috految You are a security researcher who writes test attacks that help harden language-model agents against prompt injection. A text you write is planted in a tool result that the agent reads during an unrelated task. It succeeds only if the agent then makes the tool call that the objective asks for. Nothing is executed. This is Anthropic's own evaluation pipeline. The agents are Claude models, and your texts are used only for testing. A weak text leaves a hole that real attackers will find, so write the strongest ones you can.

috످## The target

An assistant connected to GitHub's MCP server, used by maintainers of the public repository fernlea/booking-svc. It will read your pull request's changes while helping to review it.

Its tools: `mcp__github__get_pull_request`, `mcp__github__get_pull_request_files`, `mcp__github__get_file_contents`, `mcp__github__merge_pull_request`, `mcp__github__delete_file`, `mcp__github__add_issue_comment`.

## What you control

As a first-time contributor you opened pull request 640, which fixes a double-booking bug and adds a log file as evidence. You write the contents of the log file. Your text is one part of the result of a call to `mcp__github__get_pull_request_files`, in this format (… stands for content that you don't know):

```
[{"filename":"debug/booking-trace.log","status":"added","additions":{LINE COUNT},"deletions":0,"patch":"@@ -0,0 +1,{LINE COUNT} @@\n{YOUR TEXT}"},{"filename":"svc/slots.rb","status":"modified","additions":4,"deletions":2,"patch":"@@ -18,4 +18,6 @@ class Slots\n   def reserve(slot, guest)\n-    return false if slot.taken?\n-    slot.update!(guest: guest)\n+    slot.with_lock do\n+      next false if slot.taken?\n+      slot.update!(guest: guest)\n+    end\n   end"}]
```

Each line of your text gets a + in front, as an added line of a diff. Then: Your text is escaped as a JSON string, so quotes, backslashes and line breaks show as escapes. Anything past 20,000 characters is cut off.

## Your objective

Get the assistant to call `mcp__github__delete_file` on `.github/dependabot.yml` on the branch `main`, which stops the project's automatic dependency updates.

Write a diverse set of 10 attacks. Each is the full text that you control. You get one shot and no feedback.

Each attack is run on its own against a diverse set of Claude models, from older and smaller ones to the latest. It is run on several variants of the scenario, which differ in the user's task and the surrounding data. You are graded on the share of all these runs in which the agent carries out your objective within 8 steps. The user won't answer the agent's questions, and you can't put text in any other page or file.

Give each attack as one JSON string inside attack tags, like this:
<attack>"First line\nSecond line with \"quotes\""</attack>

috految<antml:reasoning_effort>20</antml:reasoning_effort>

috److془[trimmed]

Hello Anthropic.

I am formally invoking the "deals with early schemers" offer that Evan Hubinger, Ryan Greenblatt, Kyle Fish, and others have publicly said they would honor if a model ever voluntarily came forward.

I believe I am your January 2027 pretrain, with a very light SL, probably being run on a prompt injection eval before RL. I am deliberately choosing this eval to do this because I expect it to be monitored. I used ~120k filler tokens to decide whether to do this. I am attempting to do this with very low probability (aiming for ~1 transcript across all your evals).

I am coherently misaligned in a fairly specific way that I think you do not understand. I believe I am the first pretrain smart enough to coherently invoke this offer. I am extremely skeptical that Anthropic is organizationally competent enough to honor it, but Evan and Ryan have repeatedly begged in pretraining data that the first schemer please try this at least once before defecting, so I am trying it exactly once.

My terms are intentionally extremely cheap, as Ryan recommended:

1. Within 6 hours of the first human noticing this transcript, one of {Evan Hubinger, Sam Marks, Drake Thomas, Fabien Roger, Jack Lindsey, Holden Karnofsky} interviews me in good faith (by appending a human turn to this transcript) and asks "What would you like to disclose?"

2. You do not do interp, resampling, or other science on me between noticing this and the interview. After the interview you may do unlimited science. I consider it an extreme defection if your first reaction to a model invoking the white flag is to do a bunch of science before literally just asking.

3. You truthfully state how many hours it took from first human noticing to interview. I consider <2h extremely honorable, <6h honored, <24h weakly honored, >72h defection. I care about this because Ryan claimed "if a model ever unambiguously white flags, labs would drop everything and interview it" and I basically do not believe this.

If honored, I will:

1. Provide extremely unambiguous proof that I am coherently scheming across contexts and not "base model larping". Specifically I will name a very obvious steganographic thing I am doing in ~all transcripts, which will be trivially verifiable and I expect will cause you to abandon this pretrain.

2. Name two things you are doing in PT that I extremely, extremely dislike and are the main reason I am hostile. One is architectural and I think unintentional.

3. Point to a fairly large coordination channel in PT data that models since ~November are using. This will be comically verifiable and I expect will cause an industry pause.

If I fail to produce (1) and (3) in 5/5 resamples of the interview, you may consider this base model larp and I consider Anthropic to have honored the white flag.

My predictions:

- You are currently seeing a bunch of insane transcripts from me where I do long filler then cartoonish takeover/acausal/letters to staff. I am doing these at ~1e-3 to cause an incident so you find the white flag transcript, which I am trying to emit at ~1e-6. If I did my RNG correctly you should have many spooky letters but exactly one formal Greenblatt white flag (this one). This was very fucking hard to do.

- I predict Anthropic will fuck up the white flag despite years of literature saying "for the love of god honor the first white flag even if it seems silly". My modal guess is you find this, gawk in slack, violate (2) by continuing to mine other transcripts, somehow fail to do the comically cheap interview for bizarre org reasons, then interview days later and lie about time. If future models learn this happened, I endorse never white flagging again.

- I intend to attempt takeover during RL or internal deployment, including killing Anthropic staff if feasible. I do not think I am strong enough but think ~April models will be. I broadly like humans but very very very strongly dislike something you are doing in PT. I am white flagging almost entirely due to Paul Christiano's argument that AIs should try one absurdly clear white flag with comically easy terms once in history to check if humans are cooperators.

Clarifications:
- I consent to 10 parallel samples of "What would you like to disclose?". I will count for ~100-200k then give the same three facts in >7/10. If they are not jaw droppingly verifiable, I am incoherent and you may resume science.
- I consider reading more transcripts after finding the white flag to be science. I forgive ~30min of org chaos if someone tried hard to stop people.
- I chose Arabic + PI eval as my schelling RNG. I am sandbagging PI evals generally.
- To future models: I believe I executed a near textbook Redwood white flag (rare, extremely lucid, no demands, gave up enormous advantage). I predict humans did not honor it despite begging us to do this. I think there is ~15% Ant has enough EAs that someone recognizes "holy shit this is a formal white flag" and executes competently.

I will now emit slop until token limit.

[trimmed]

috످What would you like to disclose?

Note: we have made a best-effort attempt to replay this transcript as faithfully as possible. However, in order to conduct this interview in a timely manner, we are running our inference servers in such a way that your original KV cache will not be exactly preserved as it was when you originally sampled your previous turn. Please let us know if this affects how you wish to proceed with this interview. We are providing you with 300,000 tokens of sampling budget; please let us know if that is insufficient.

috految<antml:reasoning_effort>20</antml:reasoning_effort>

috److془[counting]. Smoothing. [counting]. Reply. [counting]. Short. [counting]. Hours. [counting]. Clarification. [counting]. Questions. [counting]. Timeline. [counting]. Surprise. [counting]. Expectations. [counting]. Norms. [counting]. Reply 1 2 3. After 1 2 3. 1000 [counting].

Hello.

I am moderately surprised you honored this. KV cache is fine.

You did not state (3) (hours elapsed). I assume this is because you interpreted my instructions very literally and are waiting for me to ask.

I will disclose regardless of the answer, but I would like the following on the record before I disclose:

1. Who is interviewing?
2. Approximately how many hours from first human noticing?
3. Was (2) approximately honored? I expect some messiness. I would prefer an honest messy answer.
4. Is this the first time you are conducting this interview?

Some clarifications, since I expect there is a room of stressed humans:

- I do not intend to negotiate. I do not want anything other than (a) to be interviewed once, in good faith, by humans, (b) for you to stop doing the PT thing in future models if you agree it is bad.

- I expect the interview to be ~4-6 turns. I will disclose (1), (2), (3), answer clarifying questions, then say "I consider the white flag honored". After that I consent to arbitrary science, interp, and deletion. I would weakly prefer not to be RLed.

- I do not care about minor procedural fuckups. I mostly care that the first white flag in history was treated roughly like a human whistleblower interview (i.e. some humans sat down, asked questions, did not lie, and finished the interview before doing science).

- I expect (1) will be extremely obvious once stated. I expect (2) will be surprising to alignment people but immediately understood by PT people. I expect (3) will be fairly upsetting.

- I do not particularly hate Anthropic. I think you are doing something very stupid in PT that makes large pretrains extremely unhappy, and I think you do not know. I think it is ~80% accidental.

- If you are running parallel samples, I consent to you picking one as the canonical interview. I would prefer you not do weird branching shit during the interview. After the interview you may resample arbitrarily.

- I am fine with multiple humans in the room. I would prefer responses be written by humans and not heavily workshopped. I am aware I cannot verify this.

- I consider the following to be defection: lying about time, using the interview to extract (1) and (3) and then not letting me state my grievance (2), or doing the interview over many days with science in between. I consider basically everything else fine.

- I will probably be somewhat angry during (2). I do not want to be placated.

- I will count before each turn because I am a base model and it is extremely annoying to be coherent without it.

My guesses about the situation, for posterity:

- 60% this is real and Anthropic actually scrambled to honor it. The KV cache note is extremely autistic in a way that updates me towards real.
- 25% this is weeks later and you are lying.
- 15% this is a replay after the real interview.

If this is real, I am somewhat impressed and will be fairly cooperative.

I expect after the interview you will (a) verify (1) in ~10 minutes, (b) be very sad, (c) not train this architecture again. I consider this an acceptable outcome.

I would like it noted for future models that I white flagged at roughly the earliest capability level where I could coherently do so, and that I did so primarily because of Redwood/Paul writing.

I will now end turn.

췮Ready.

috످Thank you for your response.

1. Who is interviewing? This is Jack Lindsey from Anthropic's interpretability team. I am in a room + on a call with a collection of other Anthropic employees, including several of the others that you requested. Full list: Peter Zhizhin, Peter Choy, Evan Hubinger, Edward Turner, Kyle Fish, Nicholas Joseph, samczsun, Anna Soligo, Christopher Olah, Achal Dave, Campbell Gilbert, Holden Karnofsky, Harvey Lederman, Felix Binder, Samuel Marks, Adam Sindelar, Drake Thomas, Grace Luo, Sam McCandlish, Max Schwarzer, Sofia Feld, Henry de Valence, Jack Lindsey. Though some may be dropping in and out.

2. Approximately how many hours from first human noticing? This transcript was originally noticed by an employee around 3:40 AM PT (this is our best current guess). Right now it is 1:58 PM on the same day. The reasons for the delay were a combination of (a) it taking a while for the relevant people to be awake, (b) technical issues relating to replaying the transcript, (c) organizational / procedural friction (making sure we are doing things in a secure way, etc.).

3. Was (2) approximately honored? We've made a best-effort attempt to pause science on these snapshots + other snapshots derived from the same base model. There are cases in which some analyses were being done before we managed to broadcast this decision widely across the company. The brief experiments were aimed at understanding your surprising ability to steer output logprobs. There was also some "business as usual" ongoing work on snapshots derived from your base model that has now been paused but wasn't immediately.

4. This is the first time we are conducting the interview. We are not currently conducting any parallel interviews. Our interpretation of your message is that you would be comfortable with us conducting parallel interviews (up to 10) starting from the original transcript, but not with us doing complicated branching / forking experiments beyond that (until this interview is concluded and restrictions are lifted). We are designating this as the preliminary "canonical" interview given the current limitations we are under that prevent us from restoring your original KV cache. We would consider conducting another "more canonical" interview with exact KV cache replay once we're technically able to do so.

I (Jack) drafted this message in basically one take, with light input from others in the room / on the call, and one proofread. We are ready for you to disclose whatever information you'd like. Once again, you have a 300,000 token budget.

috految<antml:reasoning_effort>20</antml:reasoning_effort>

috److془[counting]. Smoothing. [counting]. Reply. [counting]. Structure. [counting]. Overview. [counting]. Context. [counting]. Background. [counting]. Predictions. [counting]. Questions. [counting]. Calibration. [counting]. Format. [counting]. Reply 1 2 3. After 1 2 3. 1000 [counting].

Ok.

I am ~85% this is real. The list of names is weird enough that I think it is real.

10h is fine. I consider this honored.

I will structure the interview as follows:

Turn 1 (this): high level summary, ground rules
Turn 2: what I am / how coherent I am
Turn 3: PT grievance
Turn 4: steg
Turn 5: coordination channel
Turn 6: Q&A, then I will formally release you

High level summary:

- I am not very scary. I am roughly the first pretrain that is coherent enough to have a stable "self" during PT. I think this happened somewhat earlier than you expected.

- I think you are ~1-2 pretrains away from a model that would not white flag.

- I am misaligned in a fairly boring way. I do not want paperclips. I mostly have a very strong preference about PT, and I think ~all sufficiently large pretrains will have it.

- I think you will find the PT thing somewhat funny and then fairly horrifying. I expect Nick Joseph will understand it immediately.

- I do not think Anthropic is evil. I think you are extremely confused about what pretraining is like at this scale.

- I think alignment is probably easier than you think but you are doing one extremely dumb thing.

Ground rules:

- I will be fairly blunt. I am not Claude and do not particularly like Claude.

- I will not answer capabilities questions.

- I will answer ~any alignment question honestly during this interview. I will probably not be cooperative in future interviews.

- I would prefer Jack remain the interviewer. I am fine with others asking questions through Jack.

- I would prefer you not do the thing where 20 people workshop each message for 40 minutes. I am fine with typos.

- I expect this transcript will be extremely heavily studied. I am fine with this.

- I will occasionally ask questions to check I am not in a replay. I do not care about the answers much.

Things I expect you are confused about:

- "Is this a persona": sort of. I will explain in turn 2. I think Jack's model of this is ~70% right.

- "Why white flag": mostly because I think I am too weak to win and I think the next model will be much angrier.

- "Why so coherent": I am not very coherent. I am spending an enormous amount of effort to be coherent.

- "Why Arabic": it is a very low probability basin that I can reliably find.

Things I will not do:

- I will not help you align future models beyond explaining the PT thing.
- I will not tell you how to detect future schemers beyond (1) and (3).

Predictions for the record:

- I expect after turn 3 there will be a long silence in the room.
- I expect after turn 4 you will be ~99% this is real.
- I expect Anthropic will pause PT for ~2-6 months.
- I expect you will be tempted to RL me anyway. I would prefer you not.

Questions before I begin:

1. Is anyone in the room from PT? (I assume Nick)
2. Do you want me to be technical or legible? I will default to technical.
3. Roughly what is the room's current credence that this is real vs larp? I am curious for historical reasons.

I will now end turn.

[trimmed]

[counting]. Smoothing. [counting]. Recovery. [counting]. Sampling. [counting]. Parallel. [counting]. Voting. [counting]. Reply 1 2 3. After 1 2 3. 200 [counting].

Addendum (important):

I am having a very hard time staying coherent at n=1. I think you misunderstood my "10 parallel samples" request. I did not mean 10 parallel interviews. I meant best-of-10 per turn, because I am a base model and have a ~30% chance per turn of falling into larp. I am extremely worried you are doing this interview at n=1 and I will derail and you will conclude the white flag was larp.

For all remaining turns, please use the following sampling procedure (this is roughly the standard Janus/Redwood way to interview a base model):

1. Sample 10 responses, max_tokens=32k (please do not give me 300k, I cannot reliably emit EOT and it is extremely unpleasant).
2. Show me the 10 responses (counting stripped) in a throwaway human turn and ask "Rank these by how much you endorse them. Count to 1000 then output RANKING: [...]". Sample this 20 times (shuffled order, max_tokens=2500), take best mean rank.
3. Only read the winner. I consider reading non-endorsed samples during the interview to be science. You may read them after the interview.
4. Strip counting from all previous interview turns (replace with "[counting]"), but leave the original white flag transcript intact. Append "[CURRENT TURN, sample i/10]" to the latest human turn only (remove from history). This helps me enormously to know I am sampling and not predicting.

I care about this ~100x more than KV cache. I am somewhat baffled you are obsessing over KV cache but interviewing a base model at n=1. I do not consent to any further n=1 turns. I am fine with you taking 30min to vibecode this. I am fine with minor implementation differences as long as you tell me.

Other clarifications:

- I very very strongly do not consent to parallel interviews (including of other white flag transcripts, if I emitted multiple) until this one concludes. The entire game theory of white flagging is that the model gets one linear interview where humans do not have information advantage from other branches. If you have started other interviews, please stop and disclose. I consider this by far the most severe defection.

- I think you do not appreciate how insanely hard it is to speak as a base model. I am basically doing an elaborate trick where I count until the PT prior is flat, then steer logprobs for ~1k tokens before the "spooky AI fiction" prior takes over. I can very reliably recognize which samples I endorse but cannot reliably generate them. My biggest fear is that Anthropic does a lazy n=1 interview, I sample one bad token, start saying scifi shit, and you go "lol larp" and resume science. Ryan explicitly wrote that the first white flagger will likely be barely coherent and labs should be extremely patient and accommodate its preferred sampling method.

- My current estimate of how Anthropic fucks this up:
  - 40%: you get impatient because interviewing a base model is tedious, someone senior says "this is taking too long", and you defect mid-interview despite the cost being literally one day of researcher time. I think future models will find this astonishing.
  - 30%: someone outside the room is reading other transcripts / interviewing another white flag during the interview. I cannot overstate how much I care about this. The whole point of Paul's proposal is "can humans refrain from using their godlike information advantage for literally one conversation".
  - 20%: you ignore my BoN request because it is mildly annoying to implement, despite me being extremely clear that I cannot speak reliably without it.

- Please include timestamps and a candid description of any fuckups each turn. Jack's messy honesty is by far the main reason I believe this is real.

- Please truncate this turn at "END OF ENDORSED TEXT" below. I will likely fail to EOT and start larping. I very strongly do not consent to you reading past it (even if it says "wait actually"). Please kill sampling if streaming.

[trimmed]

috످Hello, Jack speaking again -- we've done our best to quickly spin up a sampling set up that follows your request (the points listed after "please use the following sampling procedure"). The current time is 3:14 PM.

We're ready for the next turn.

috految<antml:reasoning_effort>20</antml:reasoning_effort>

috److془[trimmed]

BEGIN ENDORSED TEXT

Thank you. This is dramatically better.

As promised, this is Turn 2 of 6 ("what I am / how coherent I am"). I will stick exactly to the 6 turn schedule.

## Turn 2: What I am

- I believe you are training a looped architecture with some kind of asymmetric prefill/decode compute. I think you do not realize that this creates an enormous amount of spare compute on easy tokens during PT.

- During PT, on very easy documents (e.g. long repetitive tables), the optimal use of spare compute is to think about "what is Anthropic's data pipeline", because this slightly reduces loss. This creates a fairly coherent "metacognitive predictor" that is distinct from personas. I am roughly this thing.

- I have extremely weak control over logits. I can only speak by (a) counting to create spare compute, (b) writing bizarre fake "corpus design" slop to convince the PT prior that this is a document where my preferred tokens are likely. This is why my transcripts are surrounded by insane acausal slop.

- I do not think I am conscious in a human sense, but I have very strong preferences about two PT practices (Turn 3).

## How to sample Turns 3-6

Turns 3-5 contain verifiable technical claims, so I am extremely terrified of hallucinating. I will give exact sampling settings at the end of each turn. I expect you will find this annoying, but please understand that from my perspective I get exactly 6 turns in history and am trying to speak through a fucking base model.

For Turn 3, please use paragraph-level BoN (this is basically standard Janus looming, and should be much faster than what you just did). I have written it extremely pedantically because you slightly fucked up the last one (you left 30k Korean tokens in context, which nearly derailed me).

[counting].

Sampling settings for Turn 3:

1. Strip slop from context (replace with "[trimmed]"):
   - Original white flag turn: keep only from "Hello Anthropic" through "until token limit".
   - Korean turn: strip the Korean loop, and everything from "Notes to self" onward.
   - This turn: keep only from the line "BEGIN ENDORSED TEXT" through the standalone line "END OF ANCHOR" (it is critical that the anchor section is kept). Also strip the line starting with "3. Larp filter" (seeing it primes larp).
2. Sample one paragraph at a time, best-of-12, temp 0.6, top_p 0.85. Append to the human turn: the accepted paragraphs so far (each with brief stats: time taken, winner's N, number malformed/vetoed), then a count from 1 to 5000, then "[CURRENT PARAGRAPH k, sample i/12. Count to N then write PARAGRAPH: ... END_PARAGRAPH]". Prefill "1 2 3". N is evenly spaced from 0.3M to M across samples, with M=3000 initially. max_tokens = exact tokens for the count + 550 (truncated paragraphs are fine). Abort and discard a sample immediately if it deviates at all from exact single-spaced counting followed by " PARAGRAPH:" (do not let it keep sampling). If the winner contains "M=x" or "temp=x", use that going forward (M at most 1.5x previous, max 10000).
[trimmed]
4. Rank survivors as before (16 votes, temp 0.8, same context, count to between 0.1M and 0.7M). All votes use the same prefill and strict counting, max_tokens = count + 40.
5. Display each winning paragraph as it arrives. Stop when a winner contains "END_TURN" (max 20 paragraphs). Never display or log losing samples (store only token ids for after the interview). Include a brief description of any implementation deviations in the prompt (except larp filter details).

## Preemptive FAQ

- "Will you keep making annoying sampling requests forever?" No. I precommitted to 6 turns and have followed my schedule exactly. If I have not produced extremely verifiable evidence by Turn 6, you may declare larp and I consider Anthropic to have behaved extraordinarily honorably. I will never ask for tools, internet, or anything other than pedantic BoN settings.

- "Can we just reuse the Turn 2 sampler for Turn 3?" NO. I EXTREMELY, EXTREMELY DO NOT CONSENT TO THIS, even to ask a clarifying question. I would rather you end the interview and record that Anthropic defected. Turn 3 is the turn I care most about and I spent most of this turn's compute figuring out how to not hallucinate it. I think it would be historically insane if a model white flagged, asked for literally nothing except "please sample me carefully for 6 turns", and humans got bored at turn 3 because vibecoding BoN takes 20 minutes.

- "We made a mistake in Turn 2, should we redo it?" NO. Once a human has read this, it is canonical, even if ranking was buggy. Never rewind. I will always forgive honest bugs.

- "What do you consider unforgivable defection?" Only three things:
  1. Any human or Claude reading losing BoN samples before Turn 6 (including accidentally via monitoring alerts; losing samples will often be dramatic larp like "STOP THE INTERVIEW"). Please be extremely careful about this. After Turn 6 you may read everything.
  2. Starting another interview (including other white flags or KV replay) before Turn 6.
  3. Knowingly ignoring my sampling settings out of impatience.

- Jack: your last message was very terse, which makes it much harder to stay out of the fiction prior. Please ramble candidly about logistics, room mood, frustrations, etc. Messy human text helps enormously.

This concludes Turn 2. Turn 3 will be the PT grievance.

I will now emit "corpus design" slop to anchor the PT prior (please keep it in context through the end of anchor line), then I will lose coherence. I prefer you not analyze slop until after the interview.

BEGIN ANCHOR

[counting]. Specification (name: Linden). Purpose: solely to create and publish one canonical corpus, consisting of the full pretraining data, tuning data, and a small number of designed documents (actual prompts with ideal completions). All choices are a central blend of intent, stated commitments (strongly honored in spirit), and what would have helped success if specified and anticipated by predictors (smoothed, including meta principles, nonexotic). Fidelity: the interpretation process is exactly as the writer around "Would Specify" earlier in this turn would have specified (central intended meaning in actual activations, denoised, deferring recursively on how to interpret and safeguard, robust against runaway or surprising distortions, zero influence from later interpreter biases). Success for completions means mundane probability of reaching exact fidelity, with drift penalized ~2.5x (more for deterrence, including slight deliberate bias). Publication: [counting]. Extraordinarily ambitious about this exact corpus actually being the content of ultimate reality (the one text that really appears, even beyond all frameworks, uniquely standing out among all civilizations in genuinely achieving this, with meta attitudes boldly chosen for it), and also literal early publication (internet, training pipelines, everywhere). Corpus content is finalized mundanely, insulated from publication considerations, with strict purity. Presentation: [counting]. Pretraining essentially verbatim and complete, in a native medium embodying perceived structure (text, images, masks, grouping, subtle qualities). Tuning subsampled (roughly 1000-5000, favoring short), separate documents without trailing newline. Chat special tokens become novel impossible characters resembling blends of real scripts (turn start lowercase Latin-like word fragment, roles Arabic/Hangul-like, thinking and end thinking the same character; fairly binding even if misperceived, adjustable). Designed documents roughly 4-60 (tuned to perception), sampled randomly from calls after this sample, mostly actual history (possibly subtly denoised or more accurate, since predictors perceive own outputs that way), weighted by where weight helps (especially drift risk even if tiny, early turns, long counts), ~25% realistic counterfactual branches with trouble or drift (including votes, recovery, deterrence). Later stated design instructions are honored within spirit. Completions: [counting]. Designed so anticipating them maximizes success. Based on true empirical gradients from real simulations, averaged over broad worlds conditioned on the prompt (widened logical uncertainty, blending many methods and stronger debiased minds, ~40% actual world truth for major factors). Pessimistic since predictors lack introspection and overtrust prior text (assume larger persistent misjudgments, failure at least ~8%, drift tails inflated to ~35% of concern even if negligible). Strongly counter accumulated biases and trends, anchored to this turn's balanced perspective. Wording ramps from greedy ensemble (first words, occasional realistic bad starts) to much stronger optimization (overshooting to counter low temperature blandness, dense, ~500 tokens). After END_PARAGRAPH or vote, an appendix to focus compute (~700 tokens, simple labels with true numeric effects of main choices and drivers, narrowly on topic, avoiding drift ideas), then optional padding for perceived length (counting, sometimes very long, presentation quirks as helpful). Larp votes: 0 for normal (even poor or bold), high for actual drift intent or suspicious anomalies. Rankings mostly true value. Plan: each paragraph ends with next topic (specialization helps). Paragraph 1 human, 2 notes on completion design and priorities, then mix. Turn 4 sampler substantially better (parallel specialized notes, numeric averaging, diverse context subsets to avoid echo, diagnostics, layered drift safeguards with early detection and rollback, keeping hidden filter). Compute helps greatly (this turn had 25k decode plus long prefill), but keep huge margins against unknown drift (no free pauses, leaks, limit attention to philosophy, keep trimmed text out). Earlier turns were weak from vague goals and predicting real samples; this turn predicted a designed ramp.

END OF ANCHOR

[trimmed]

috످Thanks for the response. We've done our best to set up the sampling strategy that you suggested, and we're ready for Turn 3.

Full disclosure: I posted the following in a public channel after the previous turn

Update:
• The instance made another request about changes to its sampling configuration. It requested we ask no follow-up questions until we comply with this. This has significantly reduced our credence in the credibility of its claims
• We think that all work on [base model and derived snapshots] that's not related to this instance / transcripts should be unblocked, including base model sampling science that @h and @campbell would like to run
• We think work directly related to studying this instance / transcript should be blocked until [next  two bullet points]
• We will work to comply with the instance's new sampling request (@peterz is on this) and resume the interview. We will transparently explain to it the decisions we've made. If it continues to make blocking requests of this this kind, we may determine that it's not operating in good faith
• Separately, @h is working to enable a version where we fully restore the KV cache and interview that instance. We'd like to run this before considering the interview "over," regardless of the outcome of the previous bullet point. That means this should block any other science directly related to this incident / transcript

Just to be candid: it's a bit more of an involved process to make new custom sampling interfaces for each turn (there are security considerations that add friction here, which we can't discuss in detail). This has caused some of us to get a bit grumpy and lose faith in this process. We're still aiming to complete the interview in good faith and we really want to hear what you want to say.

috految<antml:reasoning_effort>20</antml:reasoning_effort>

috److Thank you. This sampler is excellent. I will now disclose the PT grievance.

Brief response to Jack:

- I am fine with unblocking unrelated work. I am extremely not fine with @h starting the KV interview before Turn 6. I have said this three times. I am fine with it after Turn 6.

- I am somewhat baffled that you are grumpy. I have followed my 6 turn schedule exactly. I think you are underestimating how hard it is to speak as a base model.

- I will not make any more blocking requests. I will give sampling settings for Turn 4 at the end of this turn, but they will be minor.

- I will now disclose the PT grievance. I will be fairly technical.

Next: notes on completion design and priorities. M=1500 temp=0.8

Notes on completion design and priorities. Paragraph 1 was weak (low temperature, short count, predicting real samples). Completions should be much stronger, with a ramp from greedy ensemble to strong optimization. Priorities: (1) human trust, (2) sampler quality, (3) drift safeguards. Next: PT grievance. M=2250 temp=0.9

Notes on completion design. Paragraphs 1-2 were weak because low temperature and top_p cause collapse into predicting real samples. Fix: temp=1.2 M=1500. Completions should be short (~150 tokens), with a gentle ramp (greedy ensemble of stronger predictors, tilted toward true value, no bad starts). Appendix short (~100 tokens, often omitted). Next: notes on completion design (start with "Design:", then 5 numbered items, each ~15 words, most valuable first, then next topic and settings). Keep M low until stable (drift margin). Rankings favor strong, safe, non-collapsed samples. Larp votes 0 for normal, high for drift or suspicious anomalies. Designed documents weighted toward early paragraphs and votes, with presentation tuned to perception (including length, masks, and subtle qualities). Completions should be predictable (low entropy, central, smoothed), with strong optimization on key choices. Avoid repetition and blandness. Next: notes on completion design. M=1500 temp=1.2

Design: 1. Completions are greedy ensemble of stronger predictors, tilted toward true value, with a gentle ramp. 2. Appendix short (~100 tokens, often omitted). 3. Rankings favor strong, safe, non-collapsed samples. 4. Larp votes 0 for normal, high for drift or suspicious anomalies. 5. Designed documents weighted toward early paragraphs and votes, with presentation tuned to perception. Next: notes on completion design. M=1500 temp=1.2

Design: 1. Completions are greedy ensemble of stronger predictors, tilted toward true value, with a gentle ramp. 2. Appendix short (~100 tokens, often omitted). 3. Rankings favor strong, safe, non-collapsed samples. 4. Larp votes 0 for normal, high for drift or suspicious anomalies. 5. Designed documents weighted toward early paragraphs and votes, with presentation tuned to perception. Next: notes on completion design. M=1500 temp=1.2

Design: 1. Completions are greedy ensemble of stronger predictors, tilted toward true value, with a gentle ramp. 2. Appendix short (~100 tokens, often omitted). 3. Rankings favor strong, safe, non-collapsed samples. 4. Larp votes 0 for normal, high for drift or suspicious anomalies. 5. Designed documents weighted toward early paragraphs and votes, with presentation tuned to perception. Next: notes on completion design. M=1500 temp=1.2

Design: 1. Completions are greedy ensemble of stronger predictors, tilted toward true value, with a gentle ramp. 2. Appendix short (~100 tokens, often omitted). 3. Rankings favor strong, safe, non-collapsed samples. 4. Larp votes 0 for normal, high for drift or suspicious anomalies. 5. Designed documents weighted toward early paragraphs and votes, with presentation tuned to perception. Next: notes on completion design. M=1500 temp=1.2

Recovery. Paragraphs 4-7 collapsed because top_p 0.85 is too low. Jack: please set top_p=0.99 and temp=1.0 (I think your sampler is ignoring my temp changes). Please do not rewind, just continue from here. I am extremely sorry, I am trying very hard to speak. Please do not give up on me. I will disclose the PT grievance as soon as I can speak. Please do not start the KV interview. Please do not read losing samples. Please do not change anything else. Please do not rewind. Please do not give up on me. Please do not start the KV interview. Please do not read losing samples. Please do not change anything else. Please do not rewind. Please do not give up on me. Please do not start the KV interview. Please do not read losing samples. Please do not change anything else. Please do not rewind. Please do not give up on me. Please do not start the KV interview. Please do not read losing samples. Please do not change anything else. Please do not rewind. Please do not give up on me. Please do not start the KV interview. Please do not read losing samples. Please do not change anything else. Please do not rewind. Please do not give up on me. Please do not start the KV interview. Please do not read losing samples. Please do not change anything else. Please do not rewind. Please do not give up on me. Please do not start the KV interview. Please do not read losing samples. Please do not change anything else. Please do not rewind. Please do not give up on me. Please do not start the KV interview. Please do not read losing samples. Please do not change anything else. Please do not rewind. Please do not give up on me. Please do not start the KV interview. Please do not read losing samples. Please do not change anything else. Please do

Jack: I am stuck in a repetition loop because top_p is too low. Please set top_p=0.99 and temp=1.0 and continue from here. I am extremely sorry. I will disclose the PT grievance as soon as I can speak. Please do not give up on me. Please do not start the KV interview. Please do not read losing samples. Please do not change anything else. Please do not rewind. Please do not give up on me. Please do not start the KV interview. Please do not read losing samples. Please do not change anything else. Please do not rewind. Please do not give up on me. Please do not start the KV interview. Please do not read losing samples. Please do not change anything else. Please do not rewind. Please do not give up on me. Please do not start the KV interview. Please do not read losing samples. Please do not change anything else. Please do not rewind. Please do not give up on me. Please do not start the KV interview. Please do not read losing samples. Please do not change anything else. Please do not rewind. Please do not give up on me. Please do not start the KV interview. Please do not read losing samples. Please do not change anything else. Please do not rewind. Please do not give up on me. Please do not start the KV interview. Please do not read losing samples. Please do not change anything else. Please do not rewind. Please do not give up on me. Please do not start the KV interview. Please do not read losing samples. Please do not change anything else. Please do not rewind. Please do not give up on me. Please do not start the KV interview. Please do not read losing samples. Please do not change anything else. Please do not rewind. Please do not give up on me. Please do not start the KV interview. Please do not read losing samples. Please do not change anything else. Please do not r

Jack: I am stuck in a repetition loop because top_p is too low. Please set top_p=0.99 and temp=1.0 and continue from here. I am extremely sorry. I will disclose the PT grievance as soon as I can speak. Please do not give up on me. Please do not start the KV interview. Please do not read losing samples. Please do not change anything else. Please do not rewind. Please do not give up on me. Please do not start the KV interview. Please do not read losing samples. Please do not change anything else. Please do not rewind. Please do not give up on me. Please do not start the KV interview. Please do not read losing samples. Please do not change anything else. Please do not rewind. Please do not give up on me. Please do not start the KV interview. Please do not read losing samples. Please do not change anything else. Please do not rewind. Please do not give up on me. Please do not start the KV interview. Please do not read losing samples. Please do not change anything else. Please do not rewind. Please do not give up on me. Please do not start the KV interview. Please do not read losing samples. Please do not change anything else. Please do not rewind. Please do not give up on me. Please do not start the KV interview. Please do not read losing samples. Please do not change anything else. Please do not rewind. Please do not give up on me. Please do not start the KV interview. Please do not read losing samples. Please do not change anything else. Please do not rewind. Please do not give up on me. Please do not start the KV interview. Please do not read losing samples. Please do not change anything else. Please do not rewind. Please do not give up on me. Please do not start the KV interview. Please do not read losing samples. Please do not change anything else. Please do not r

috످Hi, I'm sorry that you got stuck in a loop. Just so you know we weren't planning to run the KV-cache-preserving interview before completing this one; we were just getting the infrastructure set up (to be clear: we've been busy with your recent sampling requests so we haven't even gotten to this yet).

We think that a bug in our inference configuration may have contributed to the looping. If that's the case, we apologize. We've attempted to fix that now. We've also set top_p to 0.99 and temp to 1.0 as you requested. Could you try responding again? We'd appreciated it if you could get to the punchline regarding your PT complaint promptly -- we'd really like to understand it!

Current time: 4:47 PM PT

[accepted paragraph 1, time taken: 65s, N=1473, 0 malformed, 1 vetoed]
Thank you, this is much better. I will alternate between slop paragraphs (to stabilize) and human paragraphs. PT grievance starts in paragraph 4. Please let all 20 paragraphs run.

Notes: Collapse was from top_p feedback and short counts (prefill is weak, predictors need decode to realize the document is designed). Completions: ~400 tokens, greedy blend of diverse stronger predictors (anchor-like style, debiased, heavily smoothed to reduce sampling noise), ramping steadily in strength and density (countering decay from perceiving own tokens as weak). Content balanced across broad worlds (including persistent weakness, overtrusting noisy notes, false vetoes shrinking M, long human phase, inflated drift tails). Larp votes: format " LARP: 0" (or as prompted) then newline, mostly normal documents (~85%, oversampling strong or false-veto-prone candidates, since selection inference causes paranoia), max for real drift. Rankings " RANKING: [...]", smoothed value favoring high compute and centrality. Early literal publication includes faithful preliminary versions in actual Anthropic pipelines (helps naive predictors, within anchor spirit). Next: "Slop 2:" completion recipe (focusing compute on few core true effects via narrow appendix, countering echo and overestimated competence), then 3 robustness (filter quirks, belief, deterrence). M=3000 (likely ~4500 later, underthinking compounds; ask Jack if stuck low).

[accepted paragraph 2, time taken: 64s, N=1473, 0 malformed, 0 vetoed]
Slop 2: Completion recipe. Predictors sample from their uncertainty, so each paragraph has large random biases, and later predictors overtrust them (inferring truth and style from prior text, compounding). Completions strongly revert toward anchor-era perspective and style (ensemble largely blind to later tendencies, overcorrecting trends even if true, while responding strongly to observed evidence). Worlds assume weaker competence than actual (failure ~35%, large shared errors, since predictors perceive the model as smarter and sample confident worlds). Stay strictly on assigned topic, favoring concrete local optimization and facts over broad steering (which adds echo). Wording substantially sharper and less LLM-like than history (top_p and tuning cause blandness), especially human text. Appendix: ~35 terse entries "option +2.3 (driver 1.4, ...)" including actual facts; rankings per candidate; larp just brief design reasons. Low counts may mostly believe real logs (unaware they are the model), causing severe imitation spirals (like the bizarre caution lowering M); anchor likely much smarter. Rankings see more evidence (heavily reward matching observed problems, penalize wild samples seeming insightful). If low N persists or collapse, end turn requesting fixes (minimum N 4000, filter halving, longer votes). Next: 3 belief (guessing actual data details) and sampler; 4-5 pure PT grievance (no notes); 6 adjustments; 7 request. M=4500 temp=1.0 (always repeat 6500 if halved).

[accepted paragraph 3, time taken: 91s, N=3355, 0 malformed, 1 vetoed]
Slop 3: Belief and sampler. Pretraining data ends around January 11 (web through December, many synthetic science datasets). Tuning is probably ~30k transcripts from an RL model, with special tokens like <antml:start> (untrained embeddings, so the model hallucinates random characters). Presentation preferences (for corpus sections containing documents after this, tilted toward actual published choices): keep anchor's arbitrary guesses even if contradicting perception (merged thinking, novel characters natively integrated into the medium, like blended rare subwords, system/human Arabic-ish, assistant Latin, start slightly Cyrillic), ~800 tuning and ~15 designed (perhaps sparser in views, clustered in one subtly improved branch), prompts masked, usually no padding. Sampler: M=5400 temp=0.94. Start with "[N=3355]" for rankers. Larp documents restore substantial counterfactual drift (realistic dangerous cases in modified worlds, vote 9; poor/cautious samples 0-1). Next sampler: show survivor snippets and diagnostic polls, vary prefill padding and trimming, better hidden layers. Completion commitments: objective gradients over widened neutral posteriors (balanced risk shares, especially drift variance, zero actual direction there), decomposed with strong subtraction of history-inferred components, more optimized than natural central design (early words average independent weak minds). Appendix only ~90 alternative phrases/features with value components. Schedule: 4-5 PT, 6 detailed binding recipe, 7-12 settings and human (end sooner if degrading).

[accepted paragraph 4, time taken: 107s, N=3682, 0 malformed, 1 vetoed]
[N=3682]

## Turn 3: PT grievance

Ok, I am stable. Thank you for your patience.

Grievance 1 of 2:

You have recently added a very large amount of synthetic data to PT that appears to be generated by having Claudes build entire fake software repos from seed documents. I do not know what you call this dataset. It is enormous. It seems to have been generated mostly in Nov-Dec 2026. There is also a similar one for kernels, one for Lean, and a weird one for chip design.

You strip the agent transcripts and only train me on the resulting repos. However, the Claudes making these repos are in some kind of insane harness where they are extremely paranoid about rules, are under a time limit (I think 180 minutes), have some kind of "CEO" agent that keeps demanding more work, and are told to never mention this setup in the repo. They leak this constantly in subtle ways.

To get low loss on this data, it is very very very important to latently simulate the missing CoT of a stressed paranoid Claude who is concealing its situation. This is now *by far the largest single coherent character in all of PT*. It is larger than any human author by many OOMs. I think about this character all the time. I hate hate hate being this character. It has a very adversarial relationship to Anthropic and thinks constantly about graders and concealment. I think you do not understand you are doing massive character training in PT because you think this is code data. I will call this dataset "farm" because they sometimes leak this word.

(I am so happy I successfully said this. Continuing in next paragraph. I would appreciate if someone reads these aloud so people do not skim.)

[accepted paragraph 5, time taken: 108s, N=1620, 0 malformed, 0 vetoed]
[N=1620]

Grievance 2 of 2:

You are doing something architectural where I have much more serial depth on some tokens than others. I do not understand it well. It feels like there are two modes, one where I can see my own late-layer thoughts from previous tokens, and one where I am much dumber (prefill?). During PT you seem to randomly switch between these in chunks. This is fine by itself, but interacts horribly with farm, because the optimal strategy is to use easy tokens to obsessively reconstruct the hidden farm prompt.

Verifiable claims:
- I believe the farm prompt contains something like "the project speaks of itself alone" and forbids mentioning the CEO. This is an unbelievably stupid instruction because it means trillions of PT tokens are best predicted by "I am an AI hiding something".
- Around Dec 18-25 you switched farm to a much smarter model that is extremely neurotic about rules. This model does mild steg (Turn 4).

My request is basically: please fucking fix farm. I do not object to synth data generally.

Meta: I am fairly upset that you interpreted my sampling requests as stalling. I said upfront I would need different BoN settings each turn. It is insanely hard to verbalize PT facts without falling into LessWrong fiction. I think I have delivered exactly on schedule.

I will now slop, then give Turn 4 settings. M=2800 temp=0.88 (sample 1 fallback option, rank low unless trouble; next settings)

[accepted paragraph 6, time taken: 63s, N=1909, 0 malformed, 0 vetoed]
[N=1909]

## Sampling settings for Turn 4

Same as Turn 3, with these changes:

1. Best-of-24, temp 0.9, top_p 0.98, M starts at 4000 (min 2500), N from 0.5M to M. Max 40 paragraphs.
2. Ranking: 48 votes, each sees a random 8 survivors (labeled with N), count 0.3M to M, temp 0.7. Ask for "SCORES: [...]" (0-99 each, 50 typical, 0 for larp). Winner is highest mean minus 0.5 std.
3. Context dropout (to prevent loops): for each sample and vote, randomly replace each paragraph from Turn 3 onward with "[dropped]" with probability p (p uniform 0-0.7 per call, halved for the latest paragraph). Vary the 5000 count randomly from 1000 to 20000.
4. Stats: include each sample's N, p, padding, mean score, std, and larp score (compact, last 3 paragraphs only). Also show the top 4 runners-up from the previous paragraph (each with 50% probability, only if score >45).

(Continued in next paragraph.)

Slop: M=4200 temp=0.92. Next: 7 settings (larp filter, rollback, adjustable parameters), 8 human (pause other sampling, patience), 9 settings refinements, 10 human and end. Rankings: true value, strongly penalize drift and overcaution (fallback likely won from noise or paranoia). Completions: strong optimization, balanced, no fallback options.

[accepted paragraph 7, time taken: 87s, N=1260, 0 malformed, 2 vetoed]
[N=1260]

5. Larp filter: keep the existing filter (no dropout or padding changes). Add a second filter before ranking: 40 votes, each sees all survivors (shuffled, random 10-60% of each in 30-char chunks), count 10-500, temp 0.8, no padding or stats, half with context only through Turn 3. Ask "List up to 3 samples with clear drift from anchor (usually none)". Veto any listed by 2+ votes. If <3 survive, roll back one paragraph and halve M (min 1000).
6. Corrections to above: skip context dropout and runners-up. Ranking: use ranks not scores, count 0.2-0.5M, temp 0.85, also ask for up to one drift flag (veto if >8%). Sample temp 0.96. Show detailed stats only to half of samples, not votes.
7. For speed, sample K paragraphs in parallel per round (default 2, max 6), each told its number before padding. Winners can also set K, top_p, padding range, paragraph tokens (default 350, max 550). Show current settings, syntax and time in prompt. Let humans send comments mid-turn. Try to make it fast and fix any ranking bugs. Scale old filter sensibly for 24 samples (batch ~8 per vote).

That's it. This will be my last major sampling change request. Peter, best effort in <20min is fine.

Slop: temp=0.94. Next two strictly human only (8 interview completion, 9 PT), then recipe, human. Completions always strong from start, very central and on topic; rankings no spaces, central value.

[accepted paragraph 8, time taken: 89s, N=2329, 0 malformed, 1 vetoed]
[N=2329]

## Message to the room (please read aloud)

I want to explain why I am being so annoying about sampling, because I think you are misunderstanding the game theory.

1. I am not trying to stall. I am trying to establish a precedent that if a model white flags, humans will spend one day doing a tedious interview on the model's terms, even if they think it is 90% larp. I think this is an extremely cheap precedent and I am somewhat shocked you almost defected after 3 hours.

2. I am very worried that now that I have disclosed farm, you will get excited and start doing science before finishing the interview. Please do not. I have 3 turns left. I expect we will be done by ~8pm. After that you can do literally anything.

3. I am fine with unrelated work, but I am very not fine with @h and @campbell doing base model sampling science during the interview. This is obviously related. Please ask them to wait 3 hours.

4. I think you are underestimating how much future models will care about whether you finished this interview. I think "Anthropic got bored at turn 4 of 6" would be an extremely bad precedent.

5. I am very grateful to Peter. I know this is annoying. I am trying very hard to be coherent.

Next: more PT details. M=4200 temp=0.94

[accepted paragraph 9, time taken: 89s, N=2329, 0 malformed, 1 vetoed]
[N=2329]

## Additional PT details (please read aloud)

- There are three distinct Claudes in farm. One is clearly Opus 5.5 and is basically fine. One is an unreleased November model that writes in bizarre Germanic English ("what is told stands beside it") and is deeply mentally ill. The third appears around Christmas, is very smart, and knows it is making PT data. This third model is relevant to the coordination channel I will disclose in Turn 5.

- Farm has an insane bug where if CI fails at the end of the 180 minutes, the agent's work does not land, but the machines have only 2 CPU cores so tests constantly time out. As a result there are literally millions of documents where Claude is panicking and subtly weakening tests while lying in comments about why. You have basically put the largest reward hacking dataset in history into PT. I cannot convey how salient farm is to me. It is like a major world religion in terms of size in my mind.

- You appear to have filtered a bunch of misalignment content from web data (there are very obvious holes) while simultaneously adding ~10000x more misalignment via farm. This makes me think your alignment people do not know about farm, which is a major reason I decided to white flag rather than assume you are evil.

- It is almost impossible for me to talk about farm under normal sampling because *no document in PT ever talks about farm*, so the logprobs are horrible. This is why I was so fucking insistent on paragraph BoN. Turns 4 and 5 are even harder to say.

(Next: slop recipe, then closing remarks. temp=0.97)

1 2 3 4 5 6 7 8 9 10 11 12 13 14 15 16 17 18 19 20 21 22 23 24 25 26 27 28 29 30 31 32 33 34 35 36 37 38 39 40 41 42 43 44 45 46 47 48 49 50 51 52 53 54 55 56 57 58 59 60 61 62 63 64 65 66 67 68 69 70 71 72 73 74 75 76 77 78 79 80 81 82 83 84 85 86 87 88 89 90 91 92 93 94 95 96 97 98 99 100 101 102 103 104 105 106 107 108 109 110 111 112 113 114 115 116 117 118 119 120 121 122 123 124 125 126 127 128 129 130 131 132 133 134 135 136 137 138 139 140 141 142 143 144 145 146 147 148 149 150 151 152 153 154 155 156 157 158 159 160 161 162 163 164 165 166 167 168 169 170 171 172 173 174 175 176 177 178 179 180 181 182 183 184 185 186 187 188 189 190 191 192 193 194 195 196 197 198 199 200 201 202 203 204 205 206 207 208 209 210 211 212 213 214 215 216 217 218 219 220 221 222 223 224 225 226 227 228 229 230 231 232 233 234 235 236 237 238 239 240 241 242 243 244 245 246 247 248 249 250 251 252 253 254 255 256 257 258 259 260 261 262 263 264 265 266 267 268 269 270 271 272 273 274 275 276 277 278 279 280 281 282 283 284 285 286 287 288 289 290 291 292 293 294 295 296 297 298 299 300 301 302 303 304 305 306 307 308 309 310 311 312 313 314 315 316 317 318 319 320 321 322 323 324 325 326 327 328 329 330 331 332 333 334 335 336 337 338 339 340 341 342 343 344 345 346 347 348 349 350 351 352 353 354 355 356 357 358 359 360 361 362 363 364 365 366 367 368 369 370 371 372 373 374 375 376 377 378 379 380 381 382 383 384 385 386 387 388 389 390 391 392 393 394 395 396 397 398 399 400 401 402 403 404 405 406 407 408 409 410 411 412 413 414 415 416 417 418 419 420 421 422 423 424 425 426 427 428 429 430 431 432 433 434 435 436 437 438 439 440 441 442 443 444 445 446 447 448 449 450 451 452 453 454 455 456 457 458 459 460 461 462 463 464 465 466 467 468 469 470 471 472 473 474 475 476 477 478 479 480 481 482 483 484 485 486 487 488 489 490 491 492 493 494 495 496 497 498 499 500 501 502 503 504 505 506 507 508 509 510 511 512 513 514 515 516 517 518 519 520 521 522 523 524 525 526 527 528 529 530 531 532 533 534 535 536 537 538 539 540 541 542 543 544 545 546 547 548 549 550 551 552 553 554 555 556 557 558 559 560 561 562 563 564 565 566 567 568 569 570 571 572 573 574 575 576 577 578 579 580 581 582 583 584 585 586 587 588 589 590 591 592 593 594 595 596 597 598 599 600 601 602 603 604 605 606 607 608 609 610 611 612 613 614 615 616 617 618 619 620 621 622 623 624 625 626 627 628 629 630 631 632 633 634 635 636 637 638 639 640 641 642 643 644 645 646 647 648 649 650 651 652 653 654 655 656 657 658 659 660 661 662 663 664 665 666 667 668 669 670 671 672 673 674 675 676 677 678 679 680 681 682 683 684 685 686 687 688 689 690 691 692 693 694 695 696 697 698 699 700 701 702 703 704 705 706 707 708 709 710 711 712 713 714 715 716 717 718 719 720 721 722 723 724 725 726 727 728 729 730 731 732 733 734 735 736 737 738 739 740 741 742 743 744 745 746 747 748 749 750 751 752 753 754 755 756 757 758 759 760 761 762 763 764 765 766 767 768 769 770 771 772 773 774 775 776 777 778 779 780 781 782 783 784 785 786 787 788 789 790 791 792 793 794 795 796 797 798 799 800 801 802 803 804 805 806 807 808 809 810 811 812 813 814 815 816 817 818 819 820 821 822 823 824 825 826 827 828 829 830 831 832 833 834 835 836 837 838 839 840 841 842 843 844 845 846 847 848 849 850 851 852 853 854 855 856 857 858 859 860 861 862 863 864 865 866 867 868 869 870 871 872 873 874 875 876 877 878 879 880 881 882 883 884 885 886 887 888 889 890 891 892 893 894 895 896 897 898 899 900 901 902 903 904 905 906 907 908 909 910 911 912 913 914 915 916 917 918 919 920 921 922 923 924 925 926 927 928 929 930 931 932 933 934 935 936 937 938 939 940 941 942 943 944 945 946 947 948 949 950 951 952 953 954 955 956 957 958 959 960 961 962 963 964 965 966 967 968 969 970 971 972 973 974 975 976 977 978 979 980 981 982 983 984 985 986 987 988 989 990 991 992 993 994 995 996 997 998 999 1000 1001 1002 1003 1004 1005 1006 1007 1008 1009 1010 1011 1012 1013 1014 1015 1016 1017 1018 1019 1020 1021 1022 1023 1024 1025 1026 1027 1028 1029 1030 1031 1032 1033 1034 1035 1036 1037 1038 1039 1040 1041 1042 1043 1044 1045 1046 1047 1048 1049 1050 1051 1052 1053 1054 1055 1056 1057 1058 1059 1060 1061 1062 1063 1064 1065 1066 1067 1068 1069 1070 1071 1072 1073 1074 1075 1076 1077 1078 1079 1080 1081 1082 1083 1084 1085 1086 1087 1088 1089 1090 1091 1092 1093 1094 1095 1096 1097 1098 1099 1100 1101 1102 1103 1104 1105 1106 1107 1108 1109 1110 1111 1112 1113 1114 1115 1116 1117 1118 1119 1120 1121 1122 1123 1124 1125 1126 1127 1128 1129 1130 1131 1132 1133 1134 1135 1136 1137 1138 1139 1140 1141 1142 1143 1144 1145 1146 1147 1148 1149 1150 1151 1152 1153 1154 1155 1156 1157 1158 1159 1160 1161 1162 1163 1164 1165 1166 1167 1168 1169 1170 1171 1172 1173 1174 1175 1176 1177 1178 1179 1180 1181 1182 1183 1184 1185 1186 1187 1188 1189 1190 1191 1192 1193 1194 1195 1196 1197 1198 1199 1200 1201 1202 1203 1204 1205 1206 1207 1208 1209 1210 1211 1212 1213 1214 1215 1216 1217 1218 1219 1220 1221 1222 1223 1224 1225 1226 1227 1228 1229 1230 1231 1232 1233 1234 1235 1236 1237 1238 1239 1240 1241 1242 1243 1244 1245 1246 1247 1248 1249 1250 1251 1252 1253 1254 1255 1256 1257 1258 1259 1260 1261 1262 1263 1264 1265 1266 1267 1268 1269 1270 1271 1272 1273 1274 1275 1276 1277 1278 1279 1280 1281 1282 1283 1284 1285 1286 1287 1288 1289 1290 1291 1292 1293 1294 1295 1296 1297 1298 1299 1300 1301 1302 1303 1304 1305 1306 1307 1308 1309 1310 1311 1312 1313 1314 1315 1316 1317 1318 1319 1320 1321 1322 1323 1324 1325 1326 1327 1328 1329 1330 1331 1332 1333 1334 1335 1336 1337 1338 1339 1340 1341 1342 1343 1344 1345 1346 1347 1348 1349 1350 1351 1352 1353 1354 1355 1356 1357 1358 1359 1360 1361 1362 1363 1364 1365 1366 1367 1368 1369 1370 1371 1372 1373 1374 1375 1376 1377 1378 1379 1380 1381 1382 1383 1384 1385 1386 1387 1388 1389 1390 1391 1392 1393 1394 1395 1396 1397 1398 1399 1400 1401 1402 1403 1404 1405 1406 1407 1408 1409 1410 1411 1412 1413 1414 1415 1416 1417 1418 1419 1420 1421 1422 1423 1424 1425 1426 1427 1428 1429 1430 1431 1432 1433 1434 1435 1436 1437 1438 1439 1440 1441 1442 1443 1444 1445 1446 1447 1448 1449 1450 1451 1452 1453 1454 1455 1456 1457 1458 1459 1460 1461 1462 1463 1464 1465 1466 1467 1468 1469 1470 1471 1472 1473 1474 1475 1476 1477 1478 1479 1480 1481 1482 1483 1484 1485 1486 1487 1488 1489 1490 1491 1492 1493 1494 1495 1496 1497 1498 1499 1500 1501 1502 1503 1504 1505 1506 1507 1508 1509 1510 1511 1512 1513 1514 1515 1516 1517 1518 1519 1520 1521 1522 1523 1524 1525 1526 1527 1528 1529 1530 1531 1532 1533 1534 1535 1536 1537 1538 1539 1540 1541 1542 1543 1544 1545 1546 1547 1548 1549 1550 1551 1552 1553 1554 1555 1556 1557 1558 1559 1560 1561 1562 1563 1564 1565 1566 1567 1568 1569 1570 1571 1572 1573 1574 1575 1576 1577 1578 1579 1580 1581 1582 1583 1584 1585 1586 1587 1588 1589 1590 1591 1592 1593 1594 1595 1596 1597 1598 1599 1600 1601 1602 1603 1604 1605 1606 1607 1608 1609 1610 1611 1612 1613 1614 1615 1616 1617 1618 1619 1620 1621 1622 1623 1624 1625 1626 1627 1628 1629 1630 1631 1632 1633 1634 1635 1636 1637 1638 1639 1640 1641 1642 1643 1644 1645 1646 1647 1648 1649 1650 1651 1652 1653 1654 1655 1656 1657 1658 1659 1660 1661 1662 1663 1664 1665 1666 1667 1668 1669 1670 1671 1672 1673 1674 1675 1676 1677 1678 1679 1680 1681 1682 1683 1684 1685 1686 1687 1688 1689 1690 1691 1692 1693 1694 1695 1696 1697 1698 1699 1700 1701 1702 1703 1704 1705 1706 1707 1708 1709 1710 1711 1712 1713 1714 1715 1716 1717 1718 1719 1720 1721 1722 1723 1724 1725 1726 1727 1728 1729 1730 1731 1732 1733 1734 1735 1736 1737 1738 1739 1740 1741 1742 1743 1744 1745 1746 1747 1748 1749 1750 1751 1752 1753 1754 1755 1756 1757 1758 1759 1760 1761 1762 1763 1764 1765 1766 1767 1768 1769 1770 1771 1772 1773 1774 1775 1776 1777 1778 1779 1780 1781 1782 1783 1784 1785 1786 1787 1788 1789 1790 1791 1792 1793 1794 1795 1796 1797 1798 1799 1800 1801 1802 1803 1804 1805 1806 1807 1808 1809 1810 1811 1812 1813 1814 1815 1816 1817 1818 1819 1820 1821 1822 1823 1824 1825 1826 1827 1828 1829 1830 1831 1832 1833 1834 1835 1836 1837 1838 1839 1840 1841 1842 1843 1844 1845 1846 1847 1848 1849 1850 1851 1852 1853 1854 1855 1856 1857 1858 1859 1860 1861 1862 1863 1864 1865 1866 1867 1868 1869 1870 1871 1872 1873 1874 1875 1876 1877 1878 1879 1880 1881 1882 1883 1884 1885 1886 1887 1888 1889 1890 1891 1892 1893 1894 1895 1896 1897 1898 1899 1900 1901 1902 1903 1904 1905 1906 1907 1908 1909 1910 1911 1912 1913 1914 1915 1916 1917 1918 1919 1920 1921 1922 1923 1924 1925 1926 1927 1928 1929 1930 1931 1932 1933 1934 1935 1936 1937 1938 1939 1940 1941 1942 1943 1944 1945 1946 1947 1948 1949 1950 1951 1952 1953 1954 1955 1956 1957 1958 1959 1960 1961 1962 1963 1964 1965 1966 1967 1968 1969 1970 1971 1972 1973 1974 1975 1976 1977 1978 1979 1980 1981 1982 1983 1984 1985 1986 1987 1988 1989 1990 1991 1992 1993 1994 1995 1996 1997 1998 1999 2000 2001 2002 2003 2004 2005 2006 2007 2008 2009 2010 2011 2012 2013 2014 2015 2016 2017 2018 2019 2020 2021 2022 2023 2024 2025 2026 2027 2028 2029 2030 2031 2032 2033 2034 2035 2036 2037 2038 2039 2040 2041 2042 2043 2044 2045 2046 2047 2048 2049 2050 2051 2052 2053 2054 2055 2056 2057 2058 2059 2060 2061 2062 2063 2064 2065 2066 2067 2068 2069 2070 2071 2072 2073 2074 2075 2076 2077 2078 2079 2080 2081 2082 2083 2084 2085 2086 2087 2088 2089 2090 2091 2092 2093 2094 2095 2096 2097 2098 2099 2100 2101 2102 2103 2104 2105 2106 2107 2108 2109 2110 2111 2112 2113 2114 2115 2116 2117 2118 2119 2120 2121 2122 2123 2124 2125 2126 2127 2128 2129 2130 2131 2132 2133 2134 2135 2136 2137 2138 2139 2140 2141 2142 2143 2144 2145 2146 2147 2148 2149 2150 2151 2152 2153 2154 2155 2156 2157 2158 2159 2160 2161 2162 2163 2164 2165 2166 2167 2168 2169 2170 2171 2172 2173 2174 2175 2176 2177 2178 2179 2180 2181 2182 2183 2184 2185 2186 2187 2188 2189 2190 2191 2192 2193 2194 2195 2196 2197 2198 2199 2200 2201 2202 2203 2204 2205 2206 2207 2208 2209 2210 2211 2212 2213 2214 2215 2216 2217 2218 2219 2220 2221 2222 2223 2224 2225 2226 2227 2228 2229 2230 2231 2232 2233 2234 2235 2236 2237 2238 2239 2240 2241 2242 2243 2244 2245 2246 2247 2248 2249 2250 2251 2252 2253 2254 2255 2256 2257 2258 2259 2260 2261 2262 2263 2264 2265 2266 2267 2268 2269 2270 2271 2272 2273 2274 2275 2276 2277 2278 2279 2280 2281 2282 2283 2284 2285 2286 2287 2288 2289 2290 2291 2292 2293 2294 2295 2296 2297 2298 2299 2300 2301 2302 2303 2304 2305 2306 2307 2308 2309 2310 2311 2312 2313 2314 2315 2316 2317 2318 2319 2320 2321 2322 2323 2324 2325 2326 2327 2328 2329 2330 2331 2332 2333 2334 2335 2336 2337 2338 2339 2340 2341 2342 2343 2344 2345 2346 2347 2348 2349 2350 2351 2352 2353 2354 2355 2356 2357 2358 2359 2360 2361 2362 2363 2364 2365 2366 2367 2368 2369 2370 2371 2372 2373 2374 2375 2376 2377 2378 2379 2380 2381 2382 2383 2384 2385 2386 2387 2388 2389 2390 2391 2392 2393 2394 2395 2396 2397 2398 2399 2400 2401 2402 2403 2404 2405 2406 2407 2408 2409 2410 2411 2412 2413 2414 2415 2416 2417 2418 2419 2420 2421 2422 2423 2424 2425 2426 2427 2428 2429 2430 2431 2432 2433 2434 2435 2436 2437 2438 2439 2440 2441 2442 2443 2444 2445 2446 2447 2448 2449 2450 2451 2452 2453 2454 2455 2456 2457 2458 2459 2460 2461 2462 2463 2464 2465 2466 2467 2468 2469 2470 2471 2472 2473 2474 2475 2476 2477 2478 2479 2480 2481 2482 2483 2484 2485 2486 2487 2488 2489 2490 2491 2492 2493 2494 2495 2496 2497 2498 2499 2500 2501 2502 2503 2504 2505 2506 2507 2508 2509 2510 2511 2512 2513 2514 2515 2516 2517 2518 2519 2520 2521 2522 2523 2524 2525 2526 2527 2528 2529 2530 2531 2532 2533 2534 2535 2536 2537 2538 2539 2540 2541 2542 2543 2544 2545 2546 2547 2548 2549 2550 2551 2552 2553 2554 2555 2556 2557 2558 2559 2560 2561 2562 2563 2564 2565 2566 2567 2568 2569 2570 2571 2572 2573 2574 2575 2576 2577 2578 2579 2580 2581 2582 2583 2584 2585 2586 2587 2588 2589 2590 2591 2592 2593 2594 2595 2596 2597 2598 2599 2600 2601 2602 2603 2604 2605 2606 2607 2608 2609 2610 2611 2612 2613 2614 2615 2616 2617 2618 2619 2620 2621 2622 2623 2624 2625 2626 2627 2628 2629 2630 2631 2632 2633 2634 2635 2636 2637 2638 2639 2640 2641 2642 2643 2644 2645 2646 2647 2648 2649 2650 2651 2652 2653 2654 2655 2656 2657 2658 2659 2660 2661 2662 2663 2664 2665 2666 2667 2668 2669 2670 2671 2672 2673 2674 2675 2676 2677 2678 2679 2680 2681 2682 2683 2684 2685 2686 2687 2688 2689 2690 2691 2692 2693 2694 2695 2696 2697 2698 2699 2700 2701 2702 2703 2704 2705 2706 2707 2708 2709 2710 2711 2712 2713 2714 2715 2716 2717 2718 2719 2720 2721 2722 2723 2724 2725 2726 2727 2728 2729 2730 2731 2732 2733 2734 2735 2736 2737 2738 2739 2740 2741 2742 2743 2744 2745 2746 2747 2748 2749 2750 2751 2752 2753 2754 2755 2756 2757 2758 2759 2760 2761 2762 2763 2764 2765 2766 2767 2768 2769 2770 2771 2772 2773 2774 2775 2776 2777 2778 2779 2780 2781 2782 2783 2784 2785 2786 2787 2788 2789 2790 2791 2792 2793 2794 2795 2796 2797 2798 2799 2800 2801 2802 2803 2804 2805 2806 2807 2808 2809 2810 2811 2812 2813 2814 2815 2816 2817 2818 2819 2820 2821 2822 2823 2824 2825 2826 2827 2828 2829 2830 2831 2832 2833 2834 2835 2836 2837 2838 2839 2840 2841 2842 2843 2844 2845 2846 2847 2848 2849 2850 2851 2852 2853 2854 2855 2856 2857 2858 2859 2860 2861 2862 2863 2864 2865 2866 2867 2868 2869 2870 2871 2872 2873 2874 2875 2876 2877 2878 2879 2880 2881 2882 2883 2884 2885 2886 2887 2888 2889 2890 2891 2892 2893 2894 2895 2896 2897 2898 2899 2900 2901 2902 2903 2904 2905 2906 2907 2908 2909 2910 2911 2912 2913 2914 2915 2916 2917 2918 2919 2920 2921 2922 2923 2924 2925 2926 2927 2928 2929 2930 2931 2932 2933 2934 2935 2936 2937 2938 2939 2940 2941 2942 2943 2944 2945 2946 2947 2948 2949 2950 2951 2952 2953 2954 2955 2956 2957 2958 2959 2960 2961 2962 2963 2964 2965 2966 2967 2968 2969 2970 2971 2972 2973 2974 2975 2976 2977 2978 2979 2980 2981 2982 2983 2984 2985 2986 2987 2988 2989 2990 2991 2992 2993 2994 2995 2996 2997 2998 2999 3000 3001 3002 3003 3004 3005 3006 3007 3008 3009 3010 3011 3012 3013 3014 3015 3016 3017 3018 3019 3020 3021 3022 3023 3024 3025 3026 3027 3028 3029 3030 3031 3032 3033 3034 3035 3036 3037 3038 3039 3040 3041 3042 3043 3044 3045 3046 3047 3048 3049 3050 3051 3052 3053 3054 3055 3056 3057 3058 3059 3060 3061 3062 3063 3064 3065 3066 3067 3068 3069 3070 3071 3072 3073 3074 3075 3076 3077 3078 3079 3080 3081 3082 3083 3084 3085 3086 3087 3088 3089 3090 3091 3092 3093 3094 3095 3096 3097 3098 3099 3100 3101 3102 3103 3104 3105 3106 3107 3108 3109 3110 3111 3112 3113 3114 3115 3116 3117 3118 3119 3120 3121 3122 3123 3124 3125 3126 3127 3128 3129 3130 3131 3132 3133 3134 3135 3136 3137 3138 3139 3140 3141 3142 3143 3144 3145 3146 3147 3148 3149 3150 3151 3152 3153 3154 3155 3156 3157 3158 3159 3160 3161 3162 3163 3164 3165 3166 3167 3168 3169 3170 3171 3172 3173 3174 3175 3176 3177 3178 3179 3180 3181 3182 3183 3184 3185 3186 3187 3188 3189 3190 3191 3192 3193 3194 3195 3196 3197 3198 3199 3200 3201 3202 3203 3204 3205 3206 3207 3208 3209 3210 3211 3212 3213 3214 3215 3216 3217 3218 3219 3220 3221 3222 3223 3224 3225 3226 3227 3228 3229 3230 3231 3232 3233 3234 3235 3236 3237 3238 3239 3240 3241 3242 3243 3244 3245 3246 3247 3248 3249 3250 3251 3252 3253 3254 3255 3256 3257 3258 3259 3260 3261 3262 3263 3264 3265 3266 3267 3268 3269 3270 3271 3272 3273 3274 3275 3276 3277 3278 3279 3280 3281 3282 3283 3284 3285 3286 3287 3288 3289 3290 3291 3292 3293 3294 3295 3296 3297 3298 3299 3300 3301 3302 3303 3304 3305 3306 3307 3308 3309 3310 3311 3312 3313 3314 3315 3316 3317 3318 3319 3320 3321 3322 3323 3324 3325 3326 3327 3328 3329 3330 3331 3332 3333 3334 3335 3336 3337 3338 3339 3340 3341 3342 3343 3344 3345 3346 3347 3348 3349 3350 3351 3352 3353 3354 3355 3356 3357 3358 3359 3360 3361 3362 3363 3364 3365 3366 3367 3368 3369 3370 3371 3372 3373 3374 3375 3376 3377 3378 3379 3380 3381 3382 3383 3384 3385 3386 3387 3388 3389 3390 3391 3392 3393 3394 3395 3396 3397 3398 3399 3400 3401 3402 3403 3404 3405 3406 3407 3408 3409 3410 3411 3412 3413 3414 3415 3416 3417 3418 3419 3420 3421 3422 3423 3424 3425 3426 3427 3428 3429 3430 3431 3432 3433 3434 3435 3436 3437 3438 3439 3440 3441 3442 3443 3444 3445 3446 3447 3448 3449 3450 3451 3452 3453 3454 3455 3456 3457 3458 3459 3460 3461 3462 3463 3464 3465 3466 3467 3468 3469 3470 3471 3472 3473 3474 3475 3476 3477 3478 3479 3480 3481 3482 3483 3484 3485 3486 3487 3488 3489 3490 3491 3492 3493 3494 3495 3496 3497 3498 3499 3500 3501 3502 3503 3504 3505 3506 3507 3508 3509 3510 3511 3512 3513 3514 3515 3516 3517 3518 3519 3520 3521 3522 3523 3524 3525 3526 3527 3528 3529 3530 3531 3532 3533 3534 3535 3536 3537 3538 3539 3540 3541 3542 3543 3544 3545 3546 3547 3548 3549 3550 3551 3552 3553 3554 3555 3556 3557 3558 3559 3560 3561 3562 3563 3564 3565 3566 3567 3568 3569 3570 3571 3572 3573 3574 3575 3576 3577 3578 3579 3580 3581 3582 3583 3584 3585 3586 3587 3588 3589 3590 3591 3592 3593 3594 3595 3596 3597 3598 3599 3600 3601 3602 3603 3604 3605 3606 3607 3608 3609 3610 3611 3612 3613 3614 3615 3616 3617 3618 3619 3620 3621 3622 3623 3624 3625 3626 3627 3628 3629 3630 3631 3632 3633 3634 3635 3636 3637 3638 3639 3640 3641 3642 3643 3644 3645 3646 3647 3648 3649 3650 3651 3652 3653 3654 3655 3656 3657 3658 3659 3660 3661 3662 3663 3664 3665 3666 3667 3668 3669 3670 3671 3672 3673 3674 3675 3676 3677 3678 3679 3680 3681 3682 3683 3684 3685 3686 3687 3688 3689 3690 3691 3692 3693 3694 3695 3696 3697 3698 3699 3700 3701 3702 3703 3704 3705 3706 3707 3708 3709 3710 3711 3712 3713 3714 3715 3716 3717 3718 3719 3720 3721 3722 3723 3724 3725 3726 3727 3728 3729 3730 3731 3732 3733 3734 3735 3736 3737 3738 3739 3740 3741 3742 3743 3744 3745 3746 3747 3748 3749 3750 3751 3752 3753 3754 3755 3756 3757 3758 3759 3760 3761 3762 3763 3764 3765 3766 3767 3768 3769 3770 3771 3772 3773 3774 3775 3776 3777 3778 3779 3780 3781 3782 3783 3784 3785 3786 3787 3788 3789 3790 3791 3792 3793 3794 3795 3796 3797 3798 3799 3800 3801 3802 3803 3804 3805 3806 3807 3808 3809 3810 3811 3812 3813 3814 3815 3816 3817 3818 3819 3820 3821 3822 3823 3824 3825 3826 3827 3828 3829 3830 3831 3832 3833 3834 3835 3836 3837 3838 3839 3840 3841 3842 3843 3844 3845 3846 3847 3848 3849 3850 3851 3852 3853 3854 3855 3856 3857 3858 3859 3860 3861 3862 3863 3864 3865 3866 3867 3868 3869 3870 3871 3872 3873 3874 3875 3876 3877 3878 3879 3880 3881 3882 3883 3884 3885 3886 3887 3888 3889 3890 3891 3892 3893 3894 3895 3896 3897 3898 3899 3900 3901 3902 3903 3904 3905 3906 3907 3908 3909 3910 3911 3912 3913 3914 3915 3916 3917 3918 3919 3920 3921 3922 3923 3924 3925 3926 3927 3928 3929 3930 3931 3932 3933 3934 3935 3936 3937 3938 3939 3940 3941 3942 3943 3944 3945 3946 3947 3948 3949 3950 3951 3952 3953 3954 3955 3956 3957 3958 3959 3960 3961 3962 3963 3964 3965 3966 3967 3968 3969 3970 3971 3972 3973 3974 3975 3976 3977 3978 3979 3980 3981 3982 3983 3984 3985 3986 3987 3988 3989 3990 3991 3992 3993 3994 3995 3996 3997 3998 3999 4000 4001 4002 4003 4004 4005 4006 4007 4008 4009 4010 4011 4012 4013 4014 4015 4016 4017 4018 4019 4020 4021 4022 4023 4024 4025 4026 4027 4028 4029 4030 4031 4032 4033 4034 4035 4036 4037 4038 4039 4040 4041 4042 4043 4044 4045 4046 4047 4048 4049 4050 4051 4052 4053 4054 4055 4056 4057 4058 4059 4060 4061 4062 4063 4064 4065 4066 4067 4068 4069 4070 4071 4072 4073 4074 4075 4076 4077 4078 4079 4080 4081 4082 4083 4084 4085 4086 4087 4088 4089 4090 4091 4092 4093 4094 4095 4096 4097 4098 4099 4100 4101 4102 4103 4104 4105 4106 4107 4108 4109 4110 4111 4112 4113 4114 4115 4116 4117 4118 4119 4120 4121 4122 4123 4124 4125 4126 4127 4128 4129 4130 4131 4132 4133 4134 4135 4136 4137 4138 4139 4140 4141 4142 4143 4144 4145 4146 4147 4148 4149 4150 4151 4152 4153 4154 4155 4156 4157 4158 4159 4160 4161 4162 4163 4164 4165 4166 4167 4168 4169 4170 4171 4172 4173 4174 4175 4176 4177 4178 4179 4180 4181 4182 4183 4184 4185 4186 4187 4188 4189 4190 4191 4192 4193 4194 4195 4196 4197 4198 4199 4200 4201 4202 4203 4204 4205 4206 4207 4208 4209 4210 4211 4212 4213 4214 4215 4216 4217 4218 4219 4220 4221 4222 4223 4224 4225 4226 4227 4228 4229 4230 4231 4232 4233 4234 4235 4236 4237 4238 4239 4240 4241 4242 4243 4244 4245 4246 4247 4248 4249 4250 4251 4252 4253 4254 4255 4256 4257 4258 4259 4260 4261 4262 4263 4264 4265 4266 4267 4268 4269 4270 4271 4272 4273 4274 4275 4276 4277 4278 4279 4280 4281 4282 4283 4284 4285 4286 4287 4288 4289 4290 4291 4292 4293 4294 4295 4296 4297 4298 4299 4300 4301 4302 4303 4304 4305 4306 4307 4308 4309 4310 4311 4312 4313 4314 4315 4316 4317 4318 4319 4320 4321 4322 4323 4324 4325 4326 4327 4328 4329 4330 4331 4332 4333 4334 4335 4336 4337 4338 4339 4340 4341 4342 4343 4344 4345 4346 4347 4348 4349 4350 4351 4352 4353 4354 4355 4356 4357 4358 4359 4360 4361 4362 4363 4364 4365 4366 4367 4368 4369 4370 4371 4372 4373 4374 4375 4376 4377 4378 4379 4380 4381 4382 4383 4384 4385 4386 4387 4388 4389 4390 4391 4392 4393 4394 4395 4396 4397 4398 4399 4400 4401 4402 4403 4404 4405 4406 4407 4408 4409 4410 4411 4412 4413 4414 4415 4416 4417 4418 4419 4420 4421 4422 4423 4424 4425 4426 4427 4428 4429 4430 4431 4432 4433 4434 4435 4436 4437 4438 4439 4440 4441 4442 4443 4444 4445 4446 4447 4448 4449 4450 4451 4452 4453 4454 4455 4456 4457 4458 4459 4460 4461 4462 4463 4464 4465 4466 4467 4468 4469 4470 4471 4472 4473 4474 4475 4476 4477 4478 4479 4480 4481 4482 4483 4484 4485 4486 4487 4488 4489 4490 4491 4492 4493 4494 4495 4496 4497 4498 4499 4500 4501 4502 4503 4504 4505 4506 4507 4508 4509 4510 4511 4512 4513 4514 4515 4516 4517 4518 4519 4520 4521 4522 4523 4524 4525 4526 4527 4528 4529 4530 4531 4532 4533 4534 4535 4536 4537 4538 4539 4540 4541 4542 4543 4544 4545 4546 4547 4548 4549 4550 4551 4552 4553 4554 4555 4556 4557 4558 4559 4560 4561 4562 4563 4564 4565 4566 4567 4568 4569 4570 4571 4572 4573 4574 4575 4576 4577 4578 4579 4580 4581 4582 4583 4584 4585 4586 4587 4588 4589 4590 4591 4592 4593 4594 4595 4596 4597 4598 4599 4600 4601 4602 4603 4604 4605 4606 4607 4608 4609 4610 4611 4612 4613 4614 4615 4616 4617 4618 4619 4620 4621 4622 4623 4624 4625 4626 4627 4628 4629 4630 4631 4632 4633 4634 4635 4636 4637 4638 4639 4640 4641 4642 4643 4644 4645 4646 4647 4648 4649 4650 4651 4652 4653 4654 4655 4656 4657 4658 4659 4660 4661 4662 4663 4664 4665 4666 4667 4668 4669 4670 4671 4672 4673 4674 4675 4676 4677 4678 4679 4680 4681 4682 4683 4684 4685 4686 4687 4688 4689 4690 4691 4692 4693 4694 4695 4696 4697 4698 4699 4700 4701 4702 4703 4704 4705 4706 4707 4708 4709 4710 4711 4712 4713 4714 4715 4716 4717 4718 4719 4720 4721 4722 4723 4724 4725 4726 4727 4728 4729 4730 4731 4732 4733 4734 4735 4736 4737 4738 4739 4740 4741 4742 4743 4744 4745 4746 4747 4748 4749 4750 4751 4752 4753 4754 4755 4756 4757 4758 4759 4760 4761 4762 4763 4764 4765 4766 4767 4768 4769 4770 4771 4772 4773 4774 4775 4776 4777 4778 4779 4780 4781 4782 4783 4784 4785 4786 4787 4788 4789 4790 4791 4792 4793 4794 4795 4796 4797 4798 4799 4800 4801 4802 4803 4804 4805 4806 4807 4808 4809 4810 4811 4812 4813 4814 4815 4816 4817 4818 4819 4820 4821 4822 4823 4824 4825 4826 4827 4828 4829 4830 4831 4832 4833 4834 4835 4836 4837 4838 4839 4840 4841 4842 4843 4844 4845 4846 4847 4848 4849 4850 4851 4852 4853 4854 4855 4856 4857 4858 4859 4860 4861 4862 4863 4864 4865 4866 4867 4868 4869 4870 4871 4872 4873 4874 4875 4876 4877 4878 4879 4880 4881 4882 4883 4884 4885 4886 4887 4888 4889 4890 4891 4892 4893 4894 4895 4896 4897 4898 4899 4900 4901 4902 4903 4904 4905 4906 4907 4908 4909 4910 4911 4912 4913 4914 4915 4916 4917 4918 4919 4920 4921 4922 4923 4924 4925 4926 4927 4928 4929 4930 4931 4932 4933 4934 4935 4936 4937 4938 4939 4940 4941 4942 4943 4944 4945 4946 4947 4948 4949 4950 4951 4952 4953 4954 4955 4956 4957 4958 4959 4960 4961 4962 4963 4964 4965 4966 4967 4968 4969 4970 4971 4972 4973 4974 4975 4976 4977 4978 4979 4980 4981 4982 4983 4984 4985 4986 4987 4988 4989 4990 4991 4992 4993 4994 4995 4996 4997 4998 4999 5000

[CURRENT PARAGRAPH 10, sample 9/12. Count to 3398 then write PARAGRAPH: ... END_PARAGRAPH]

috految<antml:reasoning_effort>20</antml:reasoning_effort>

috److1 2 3 4 5 6 7 8 9 10 11 12 13 14 15 16 17 18 19 20 21 22 23 24 25 26 27 28 29 30 31 32 33 34 35 36 37 38 39 40 41 42 43 44 45 46 47 48 49 50 51 52 53 54 55 56 57 58 59 60 61 62 63 64 65 66 67 68 69 70 71 72 73 74 75 76 77 78 79 80 81 82 83 84 85 86 87 88 89 90 91 92 93 94 95 96 97 98 99 100 101 102 103 104 105 106 107 108 109 110 111 112 113 114 115 116 117 118 119 120 121 122 123 124 125 126 127 128 129 130 131 132 133 134 135 136 137 138 139 140 141 142 143 144 145 146 147 148 149 150 151 152 153 154 155 156 157 158 159 160 161 162 163 164 165 166 167 168 169 170 171 172 173 174 175 176 177 178 179 180 181 182 183 184 185 186 187 188 189 190 191 192 193 194 195 196 197 198 199 200 201 202 203 204 205 206 207 208 209 210 211 212 213 214 215 216 217 218 219 220 221 222 223 224 225 226 227 228 229 230 231 232 233 234 235 236 237 238 239 240 241 242 243 244 245 246 247 248 249 250 251 252 253 254 255 256 257 258 259 260 261 262 263 264 265 266 267 268 269 270 271 272 273 274 275 276 277 278 279 280 281 282 283 284 285 286 287 288 289 290 291 292 293 294 295 296 297 298 299 300 301 302 303 304 305 306 307 308 309 310 311 312 313 314 315 316 317 318 319 320 321 322 323 324 325 326 327 328 329 330 331 332 333 334 335 336 337 338 339 340 341 342 343 344 345 346 347 348 349 350 351 352 353 354 355 356 357 358 359 360 361 362 363 364 365 366 367 368 369 370 371 372 373 374 375 376 377 378 379 380 381 382 383 384 385 386 387 388 389 390 391 392 393 394 395 396 397 398 399 400 401 402 403 404 405 406 407 408 409 410 411 412 413 414 415 416 417 418 419 420 421 422 423 424 425 426 427 428 429 430 431 432 433 434 435 436 437 438 439 440 441 442 443 444 445 446 447 448 449 450 451 452 453 454 455 456 457 458 459 460 461 462 463 464 465 466 467 468 469 470 471 472 473 474 475 476 477 478 479 480 481 482 483 484 485 486 487 488 489 490 491 492 493 494 495 496 497 498 499 500 501 502 503 504 505 506 507 508 509 510 511 512 513 514 515 516 517 518 519 520 521 522 523 524 525 526 527 528 529 530 531 532 533 534 535 536 537 538 539 540 541 542 543 544 545 546 547 548 549 550 551 552 553 554 555 556 557 558 559 560 561 562 563 564 565 566 567 568 569 570 571 572 573 574 575 576 577 578 579 580 581 582 583 584 585 586 587 588 589 590 591 592 593 594 595 596 597 598 599 600 601 602 603 604 605 606 607 608 609 610 611 612 613 614 615 616 617 618 619 620 621 622 623 624 625 626 627 628 629 630 631 632 633 634 635 636 637 638 639 640 641 642 643 644 645 646 647 648 649 650 651 652 653 654 655 656 657 658 659 660 661 662 663 664 665 666 667 668 669 670 671 672 673 674 675 676 677 678 679 680 681 682 683 684 685 686 687 688 689 690 691 692 693 694 695 696 697 698 699 700 701 702 703 704 705 706 707 708 709 710 711 712 713 714 715 716 717 718 719 720 721 722 723 724 725 726 727 728 729 730 731 732 733 734 735 736 737 738 739 740 741 742 743 744 745 746 747 748 749 750 751 752 753 754 755 756 757 758 759 760 761 762 763 764 765 766 767 768 769 770 771 772 773 774 775 776 777 778 779 780 781 782 783 784 785 786 787 788 789 790 791 792 793 794 795 796 797 798 799 800 801 802 803 804 805 806 807 808 809 810 811 812 813 814 815 816 817 818 819 820 821 822 823 824 825 826 827 828 829 830 831 832 833 834 835 836 837 838 839 840 841 842 843 844 845 846 847 848 849 850 851 852 853 854 855 856 857 858 859 860 861 862 863 864 865 866 867 868 869 870 871 872 873 874 875 876 877 878 879 880 881 882 883 884 885 886 887 888 889 890 891 892 893 894 895 896 897 898 899 900 901 902 903 904 905 906 907 908 909 910 911 912 913 914 915 916 917 918 919 920 921 922 923 924 925 926 927 928 929 930 931 932 933 934 935 936 937 938 939 940 941 942 943 944 945 946 947 948 949 950 951 952 953 954 955 956 957 958 959 960 961 962 963 964 965 966 967 968 969 970 971 972 973 974 975 976 977 978 979 980 981 982 983 984 985 986 987 988 989 990 991 992 993 994 995 996 997 998 999 1000 1001 1002 1003 1004 1005 1006 1007 1008 1009 1010 1011 1012 1013 1014 1015 1016 1017 1018 1019 1020 1021 1022 1023 1024 1025 1026 1027 1028 1029 1030 1031 1032 1033 1034 1035 1036 1037 1038 1039 1040 1041 1042 1043 1044 1045 1046 1047 1048 1049 1050 1051 1052 1053 1054 1055 1056 1057 1058 1059 1060 1061 1062 1063 1064 1065 1066 1067 1068 1069 1070 1071 1072 1073 1074 1075 1076 1077 1078 1079 1080 1081 1082 1083 1084 1085 1086 1087 1088 1089 1090 1091 1092 1093 1094 1095 1096 1097 1098 1099 1100 1101 1102 1103 1104 1105 1106 1107 1108 1109 1110 1111 1112 1113 1114 1115 1116 1117 1118 1119 1120 1121 1122 1123 1124 1125 1126 1127 1128 1129 1130 1131 1132 1133 1134 1135 1136 1137 1138 1139 1140 1141 1142 1143 1144 1145 1146 1147 1148 1149 1150 1151 1152 1153 1154 1155 1156 1157 1158 1159 1160 1161 1162 1163 1164 1165 1166 1167 1168 1169 1170 1171 1172 1173 1174 1175 1176 1177 1178 1179 1180 1181 1182 1183 1184 1185 1186 1187 1188 1189 1190 1191 1192 1193 1194 1195 1196 1197 1198 1199 1200 1201 1202 1203 1204 1205 1206 1207 1208 1209 1210 1211 1212 1213 1214 1215 1216 1217 1218 1219 1220 1221 1222 1223 1224 1225 1226 1227 1228 1229 1230 1231 1232 1233 1234 1235 1236 1237 1238 1239 1240 1241 1242 1243 1244 1245 1246 1247 1248 1249 1250 1251 1252 1253 1254 1255 1256 1257 1258 1259 1260 1261 1262 1263 1264 1265 1266 1267 1268 1269 1270 1271 1272 1273 1274 1275 1276 1277 1278 1279 1280 1281 1282 1283 1284 1285 1286 1287 1288 1289 1290 1291 1292 1293 1294 1295 1296 1297 1298 1299 1300 1301 1302 1303 1304 1305 1306 1307 1308 1309 1310 1311 1312 1313 1314 1315 1316 1317 1318 1319 1320 1321 1322 1323 1324 1325 1326 1327 1328 1329 1330 1331 1332 1333 1334 1335 1336 1337 1338 1339 1340 1341 1342 1343 1344 1345 1346 1347 1348 1349 1350 1351 1352 1353 1354 1355 1356 1357 1358 1359 1360 1361 1362 1363 1364 1365 1366 1367 1368 1369 1370 1371 1372 1373 1374 1375 1376 1377 1378 1379 1380 1381 1382 1383 1384 1385 1386 1387 1388 1389 1390 1391 1392 1393 1394 1395 1396 1397 1398 1399 1400 1401 1402 1403 1404 1405 1406 1407 1408 1409 1410 1411 1412 1413 1414 1415 1416 1417 1418 1419 1420 1421 1422 1423 1424 1425 1426 1427 1428 1429 1430 1431 1432 1433 1434 1435 1436 1437 1438 1439 1440 1441 1442 1443 1444 1445 1446 1447 1448 1449 1450 1451 1452 1453 1454 1455 1456 1457 1458 1459 1460 1461 1462 1463 1464 1465 1466 1467 1468 1469 1470 1471 1472 1473 1474 1475 1476 1477 1478 1479 1480 1481 1482 1483 1484 1485 1486 1487 1488 1489 1490 1491 1492 1493 1494 1495 1496 1497 1498 1499 1500 1501 1502 1503 1504 1505 1506 1507 1508 1509 1510 1511 1512 1513 1514 1515 1516 1517 1518 1519 1520 1521 1522 1523 1524 1525 1526 1527 1528 1529 1530 1531 1532 1533 1534 1535 1536 1537 1538 1539 1540 1541 1542 1543 1544 1545 1546 1547 1548 1549 1550 1551 1552 1553 1554 1555 1556 1557 1558 1559 1560 1561 1562 1563 1564 1565 1566 1567 1568 1569 1570 1571 1572 1573 1574 1575 1576 1577 1578 1579 1580 1581 1582 1583 1584 1585 1586 1587 1588 1589 1590 1591 1592 1593 1594 1595 1596 1597 1598 1599 1600 1601 1602 1603 1604 1605 1606 1607 1608 1609 1610 1611 1612 1613 1614 1615 1616 1617 1618 1619 1620 1621 1622 1623 1624 1625 1626 1627 1628 1629 1630 1631 1632 1633 1634 1635 1636 1637 1638 1639 1640 1641 1642 1643 1644 1645 1646 1647 1648 1649 1650 1651 1652 1653 1654 1655 1656 1657 1658 1659 1660 1661 1662 1663 1664 1665 1666 1667 1668 1669 1670 1671 1672 1673 1674 1675 1676 1677 1678 1679 1680 1681 1682 1683 1684 1685 1686 1687 1688 1689 1690 1691 1692 1693 1694 1695 1696 1697 1698 1699 1700 1701 1702 1703 1704 1705 1706 1707 1708 1709 1710 1711 1712 1713 1714 1715 1716 1717 1718 1719 1720 1721 1722 1723 1724 1725 1726 1727 1728 1729 1730 1731 1732 1733 1734 1735 1736 1737 1738 1739 1740 1741 1742 1743 1744 1745 1746 1747 1748 1749 1750 1751 1752 1753 1754 1755 1756 1757 1758 1759 1760 1761 1762 1763 1764 1765 1766 1767 1768 1769 1770 1771 1772 1773 1774 1775 1776 1777 1778 1779 1780 1781 1782 1783 1784 1785 1786 1787 1788 1789 1790 1791 1792 1793 1794 1795 1796 1797 1798 1799 1800 1801 1802 1803 1804 1805 1806 1807 1808 1809 1810 1811 1812 1813 1814 1815 1816 1817 1818 1819 1820 1821 1822 1823 1824 1825 1826 1827 1828 1829 1830 1831 1832 1833 1834 1835 1836 1837 1838 1839 1840 1841 1842 1843 1844 1845 1846 1847 1848 1849 1850 1851 1852 1853 1854 1855 1856 1857 1858 1859 1860 1861 1862 1863 1864 1865 1866 1867 1868 1869 1870 1871 1872 1873 1874 1875 1876 1877 1878 1879 1880 1881 1882 1883 1884 1885 1886 1887 1888 1889 1890 1891 1892 1893 1894 1895 1896 1897 1898 1899 1900 1901 1902 1903 1904 1905 1906 1907 1908 1909 1910 1911 1912 1913 1914 1915 1916 1917 1918 1919 1920 1921 1922 1923 1924 1925 1926 1927 1928 1929 1930 1931 1932 1933 1934 1935 1936 1937 1938 1939 1940 1941 1942 1943 1944 1945 1946 1947 1948 1949 1950 1951 1952 1953 1954 1955 1956 1957 1958 1959 1960 1961 1962 1963 1964 1965 1966 1967 1968 1969 1970 1971 1972 1973 1974 1975 1976 1977 1978 1979 1980 1981 1982 1983 1984 1985 1986 1987 1988 1989 1990 1991 1992 1993 1994 1995 1996 1997 1998 1999 2000 2001 2002 2003 2004 2005 2006 2007 2008 2009 2010 2011 2012 2013 2014 2015 2016 2017 2018 2019 2020 2021 2022 2023 2024 2025 2026 2027 2028 2029 2030 2031 2032 2033 2034 2035 2036 2037 2038 2039 2040 2041 2042 2043 2044 2045 2046 2047 2048 2049 2050 2051 2052 2053 2054 2055 2056 2057 2058 2059 2060 2061 2062 2063 2064 2065 2066 2067 2068 2069 2070 2071 2072 2073 2074 2075 2076 2077 2078 2079 2080 2081 2082 2083 2084 2085 2086 2087 2088 2089 2090 2091 2092 2093 2094 2095 2096 2097 2098 2099 2100 2101 2102 2103 2104 2105 2106 2107 2108 2109 2110 2111 2112 2113 2114 2115 2116 2117 2118 2119 2120 2121 2122 2123 2124 2125 2126 2127 2128 2129 2130 2131 2132 2133 2134 2135 2136 2137 2138 2139 2140 2141 2142 2143 2144 2145 2146 2147 2148 2149 2150 2151 2152 2153 2154 2155 2156 2157 2158 2159 2160 2161 2162 2163 2164 2165 2166 2167 2168 2169 2170 2171 2172 2173 2174 2175 2176 2177 2178 2179 2180 2181 2182 2183 2184 2185 2186 2187 2188 2189 2190 2191 2192 2193 2194 2195 2196 2197 2198 2199 2200 2201 2202 2203 2204 2205 2206 2207 2208 2209 2210 2211 2212 2213 2214 2215 2216 2217 2218 2219 2220 2221 2222 2223 2224 2225 2226 2227 2228 2229 2230 2231 2232 2233 2234 2235 2236 2237 2238 2239 2240 2241 2242 2243 2244 2245 2246 2247 2248 2249 2250 2251 2252 2253 2254 2255 2256 2257 2258 2259 2260 2261 2262 2263 2264 2265 2266 2267 2268 2269 2270 2271 2272 2273 2274 2275 2276 2277 2278 2279 2280 2281 2282 2283 2284 2285 2286 2287 2288 2289 2290 2291 2292 2293 2294 2295 2296 2297 2298 2299 2300 2301 2302 2303 2304 2305 2306 2307 2308 2309 2310 2311 2312 2313 2314 2315 2316 2317 2318 2319 2320 2321 2322 2323 2324 2325 2326 2327 2328 2329 2330 2331 2332 2333 2334 2335 2336 2337 2338 2339 2340 2341 2342 2343 2344 2345 2346 2347 2348 2349 2350 2351 2352 2353 2354 2355 2356 2357 2358 2359 2360 2361 2362 2363 2364 2365 2366 2367 2368 2369 2370 2371 2372 2373 2374 2375 2376 2377 2378 2379 2380 2381 2382 2383 2384 2385 2386 2387 2388 2389 2390 2391 2392 2393 2394 2395 2396 2397 2398 2399 2400 2401 2402 2403 2404 2405 2406 2407 2408 2409 2410 2411 2412 2413 2414 2415 2416 2417 2418 2419 2420 2421 2422 2423 2424 2425 2426 2427 2428 2429 2430 2431 2432 2433 2434 2435 2436 2437 2438 2439 2440 2441 2442 2443 2444 2445 2446 2447 2448 2449 2450 2451 2452 2453 2454 2455 2456 2457 2458 2459 2460 2461 2462 2463 2464 2465 2466 2467 2468 2469 2470 2471 2472 2473 2474 2475 2476 2477 2478 2479 2480 2481 2482 2483 2484 2485 2486 2487 2488 2489 2490 2491 2492 2493 2494 2495 2496 2497 2498 2499 2500 2501 2502 2503 2504 2505 2506 2507 2508 2509 2510 2511 2512 2513 2514 2515 2516 2517 2518 2519 2520 2521 2522 2523 2524 2525 2526 2527 2528 2529 2530 2531 2532 2533 2534 2535 2536 2537 2538 2539 2540 2541 2542 2543 2544 2545 2546 2547 2548 2549 2550 2551 2552 2553 2554 2555 2556 2557 2558 2559 2560 2561 2562 2563 2564 2565 2566 2567 2568 2569 2570 2571 2572 2573 2574 2575 2576 2577 2578 2579 2580 2581 2582 2583 2584 2585 2586 2587 2588 2589 2590 2591 2592 2593 2594 2595 2596 2597 2598 2599 2600 2601 2602 2603 2604 2605 2606 2607 2608 2609 2610 2611 2612 2613 2614 2615 2616 2617 2618 2619 2620 2621 2622 2623 2624 2625 2626 2627 2628 2629 2630 2631 2632 2633 2634 2635 2636 2637 2638 2639 2640 2641 2642 2643 2644 2645 2646 2647 2648 2649 2650 2651 2652 2653 2654 2655 2656 2657 2658 2659 2660 2661 2662 2663 2664 2665 2666 2667 2668 2669 2670 2671 2672 2673 2674 2675 2676 2677 2678 2679 2680 2681 2682 2683 2684 2685 2686 2687 2688 2689 2690 2691 2692 2693 2694 2695 2696 2697 2698 2699 2700 2701 2702 2703 2704 2705 2706 2707 2708 2709 2710 2711 2712 2713 2714 2715 2716 2717 2718 2719 2720 2721 2722 2723 2724 2725 2726 2727 2728 2729 2730 2731 2732 2733 2734 2735 2736 2737 2738 2739 2740 2741 2742 2743 2744 2745 2746 2747 2748 2749 2750 2751 2752 2753 2754 2755 2756 2757 2758 2759 2760 2761 2762 2763 2764 2765 2766 2767 2768 2769 2770 2771 2772 2773 2774 2775 2776 2777 2778 2779 2780 2781 2782 2783 2784 2785 2786 2787 2788 2789 2790 2791 2792 2793 2794 2795 2796 2797 2798 2799 2800 2801 2802 2803 2804 2805 2806 2807 2808 2809 2810 2811 2812 2813 2814 2815 2816 2817 2818 2819 2820 2821 2822 2823 2824 2825 2826 2827 2828 2829 2830 2831 2832 2833 2834 2835 2836 2837 2838 2839 2840 2841 2842 2843 2844 2845 2846 2847 2848 2849 2850 2851 2852 2853 2854 2855 2856 2857 2858 2859 2860 2861 2862 2863 2864 2865 2866 2867 2868 2869 2870 2871 2872 2873 2874 2875 2876 2877 2878 2879 2880 2881 2882 2883 2884 2885 2886 2887 2888 2889 2890 2891 2892 2893 2894 2895 2896 2897 2898 2899 2900 2901 2902 2903 2904 2905 2906 2907 2908 2909 2910 2911 2912 2913 2914 2915 2916 2917 2918 2919 2920 2921 2922 2923 2924 2925 2926 2927 2928 2929 2930 2931 2932 2933 2934 2935 2936 2937 2938 2939 2940 2941 2942 2943 2944 2945 2946 2947 2948 2949 2950 2951 2952 2953 2954 2955 2956 2957 2958 2959 2960 2961 2962 2963 2964 2965 2966 2967 2968 2969 2970 2971 2972 2973 2974 2975 2976 2977 2978 2979 2980 2981 2982 2983 2984 2985 2986 2987 2988 2989 2990 2991 2992 2993 2994 2995 2996 2997 2998 2999 3000 3001 3002 3003 3004 3005 3006 3007 3008 3009 3010 3011 3012 3013 3014 3015 3016 3017 3018 3019 3020 3021 3022 3023 3024 3025 3026 3027 3028 3029 3030 3031 3032 3033 3034 3035 3036 3037 3038 3039 3040 3041 3042 3043 3044 3045 3046 3047 3048 3049 3050 3051 3052 3053 3054 3055 3056 3057 3058 3059 3060 3061 3062 3063 3064 3065 3066 3067 3068 3069 3070 3071 3072 3073 3074 3075 3076 3077 3078 3079 3080 3081 3082 3083 3084 3085 3086 3087 3088 3089 3090 3091 3092 3093 3094 3095 3096 3097 3098 3099 3100 3101 3102 3103 3104 3105 3106 3107 3108 3109 3110 3111 3112 3113 3114 3115 3116 3117 3118 3119 3120 3121 3122 3123 3124 3125 3126 3127 3128 3129 3130 3131 3132 3133 3134 3135 3136 3137 3138 3139 3140 3141 3142 3143 3144 3145 3146 3147 3148 3149 3150 3151 3152 3153 3154 3155 3156 3157 3158 3159 3160 3161 3162 3163 3164 3165 3166 3167 3168 3169 3170 3171 3172 3173 3174 3175 3176 3177 3178 3179 3180 3181 3182 3183 3184 3185 3186 3187 3188 3189 3190 3191 3192 3193 3194 3195 3196 3197 3198 3199 3200 3201 3202 3203 3204 3205 3206 3207 3208 3209 3210 3211 3212 3213 3214 3215 3216 3217 3218 3219 3220 3221 3222 3223 3224 3225 3226 3227 3228 3229 3230 3231 3232 3233 3234 3235 3236 3237 3238 3239 3240 3241 3242 3243 3244 3245 3246 3247 3248 3249 3250 3251 3252 3253 3254 3255 3256 3257 3258 3259 3260 3261 3262 3263 3264 3265 3266 3267 3268 3269 3270 3271 3272 3273 3274 3275 3276 3277 3278 3279 3280 3281 3282 3283 3284 3285 3286 3287 3288 3289 3290 3291 3292 3293 3294 3295 3296 3297 3298 3299 3300 3301 3302 3303 3304 3305 3306 3307 3308 3309 3310 3311 3312 3313 3314 3315 3316 3317 3318 3319 3320 3321 3322 3323 3324 3325 3326 3327 3328 3329 3330 3331 3332 3333 3334 3335 3336 3337 3338 3339 3340 3341 3342 3343 3344 3345 3346 3347 3348 3349 3350 3351 3352 3353 3354 3355 3356 3357 3358 3359 3360 3361 3362 3363 3364 3365 3366 3367 3368 3369 3370 3371 3372 3373 3374 3375 3376 3377 3378 3379 3380 3381 3382 3383 3384 3385 3386 3387 3388 3389 3390 3391 3392 3393 3394 3395 3396 3397 3398 PARAGRAPH: [N=3398]

Slop 10: Recipe. Completions are a central blend of many methods (true gradients over broad worlds, diverse stronger minds, what helps if anticipated), with design choices themselves heavily smoothed and predictable (no surprising extremes, since predictors sample uncertainty). Wording: greedy ensemble with moderate ramp (start like good samples, end clearly stronger than paragraph 4, never bland or bad starts). Content: robust consensus across very wide logical uncertainty (including weaker models, large errors in history), shrinking hard-to-predict effects, favoring general good policy (cooperative across paragraphs, on topic, honest notes, not overriding based on own noisy view). Appendix: ~300 tokens (often none for votes, to reduce memorability), plain terse true key drivers and numbers for main decisions, some design reasons. Rankings: more truth, plus quality and N, countering trends. Documents: history often simulated with model outputs more accurate and denoised (but realistic variance between samples and worse outcomes, real humans); weight by marginal value including deterrence (heavily oversample rare bad drift branches and recovery, matching their presentation claims; drift usually lies), many normal filter votes, favor clear answers. Weak winners may be from hidden filter dropping many, ranking issues, or low belief. M=5500 temp=0.96. Next: 11 only settings corrections (moderate; longer ranking, robust filters without spirals), 12 only human closing and likely end. Turn 4: 1 schedule/parameters, 2 design explanations. END_PARAGRAPH

috످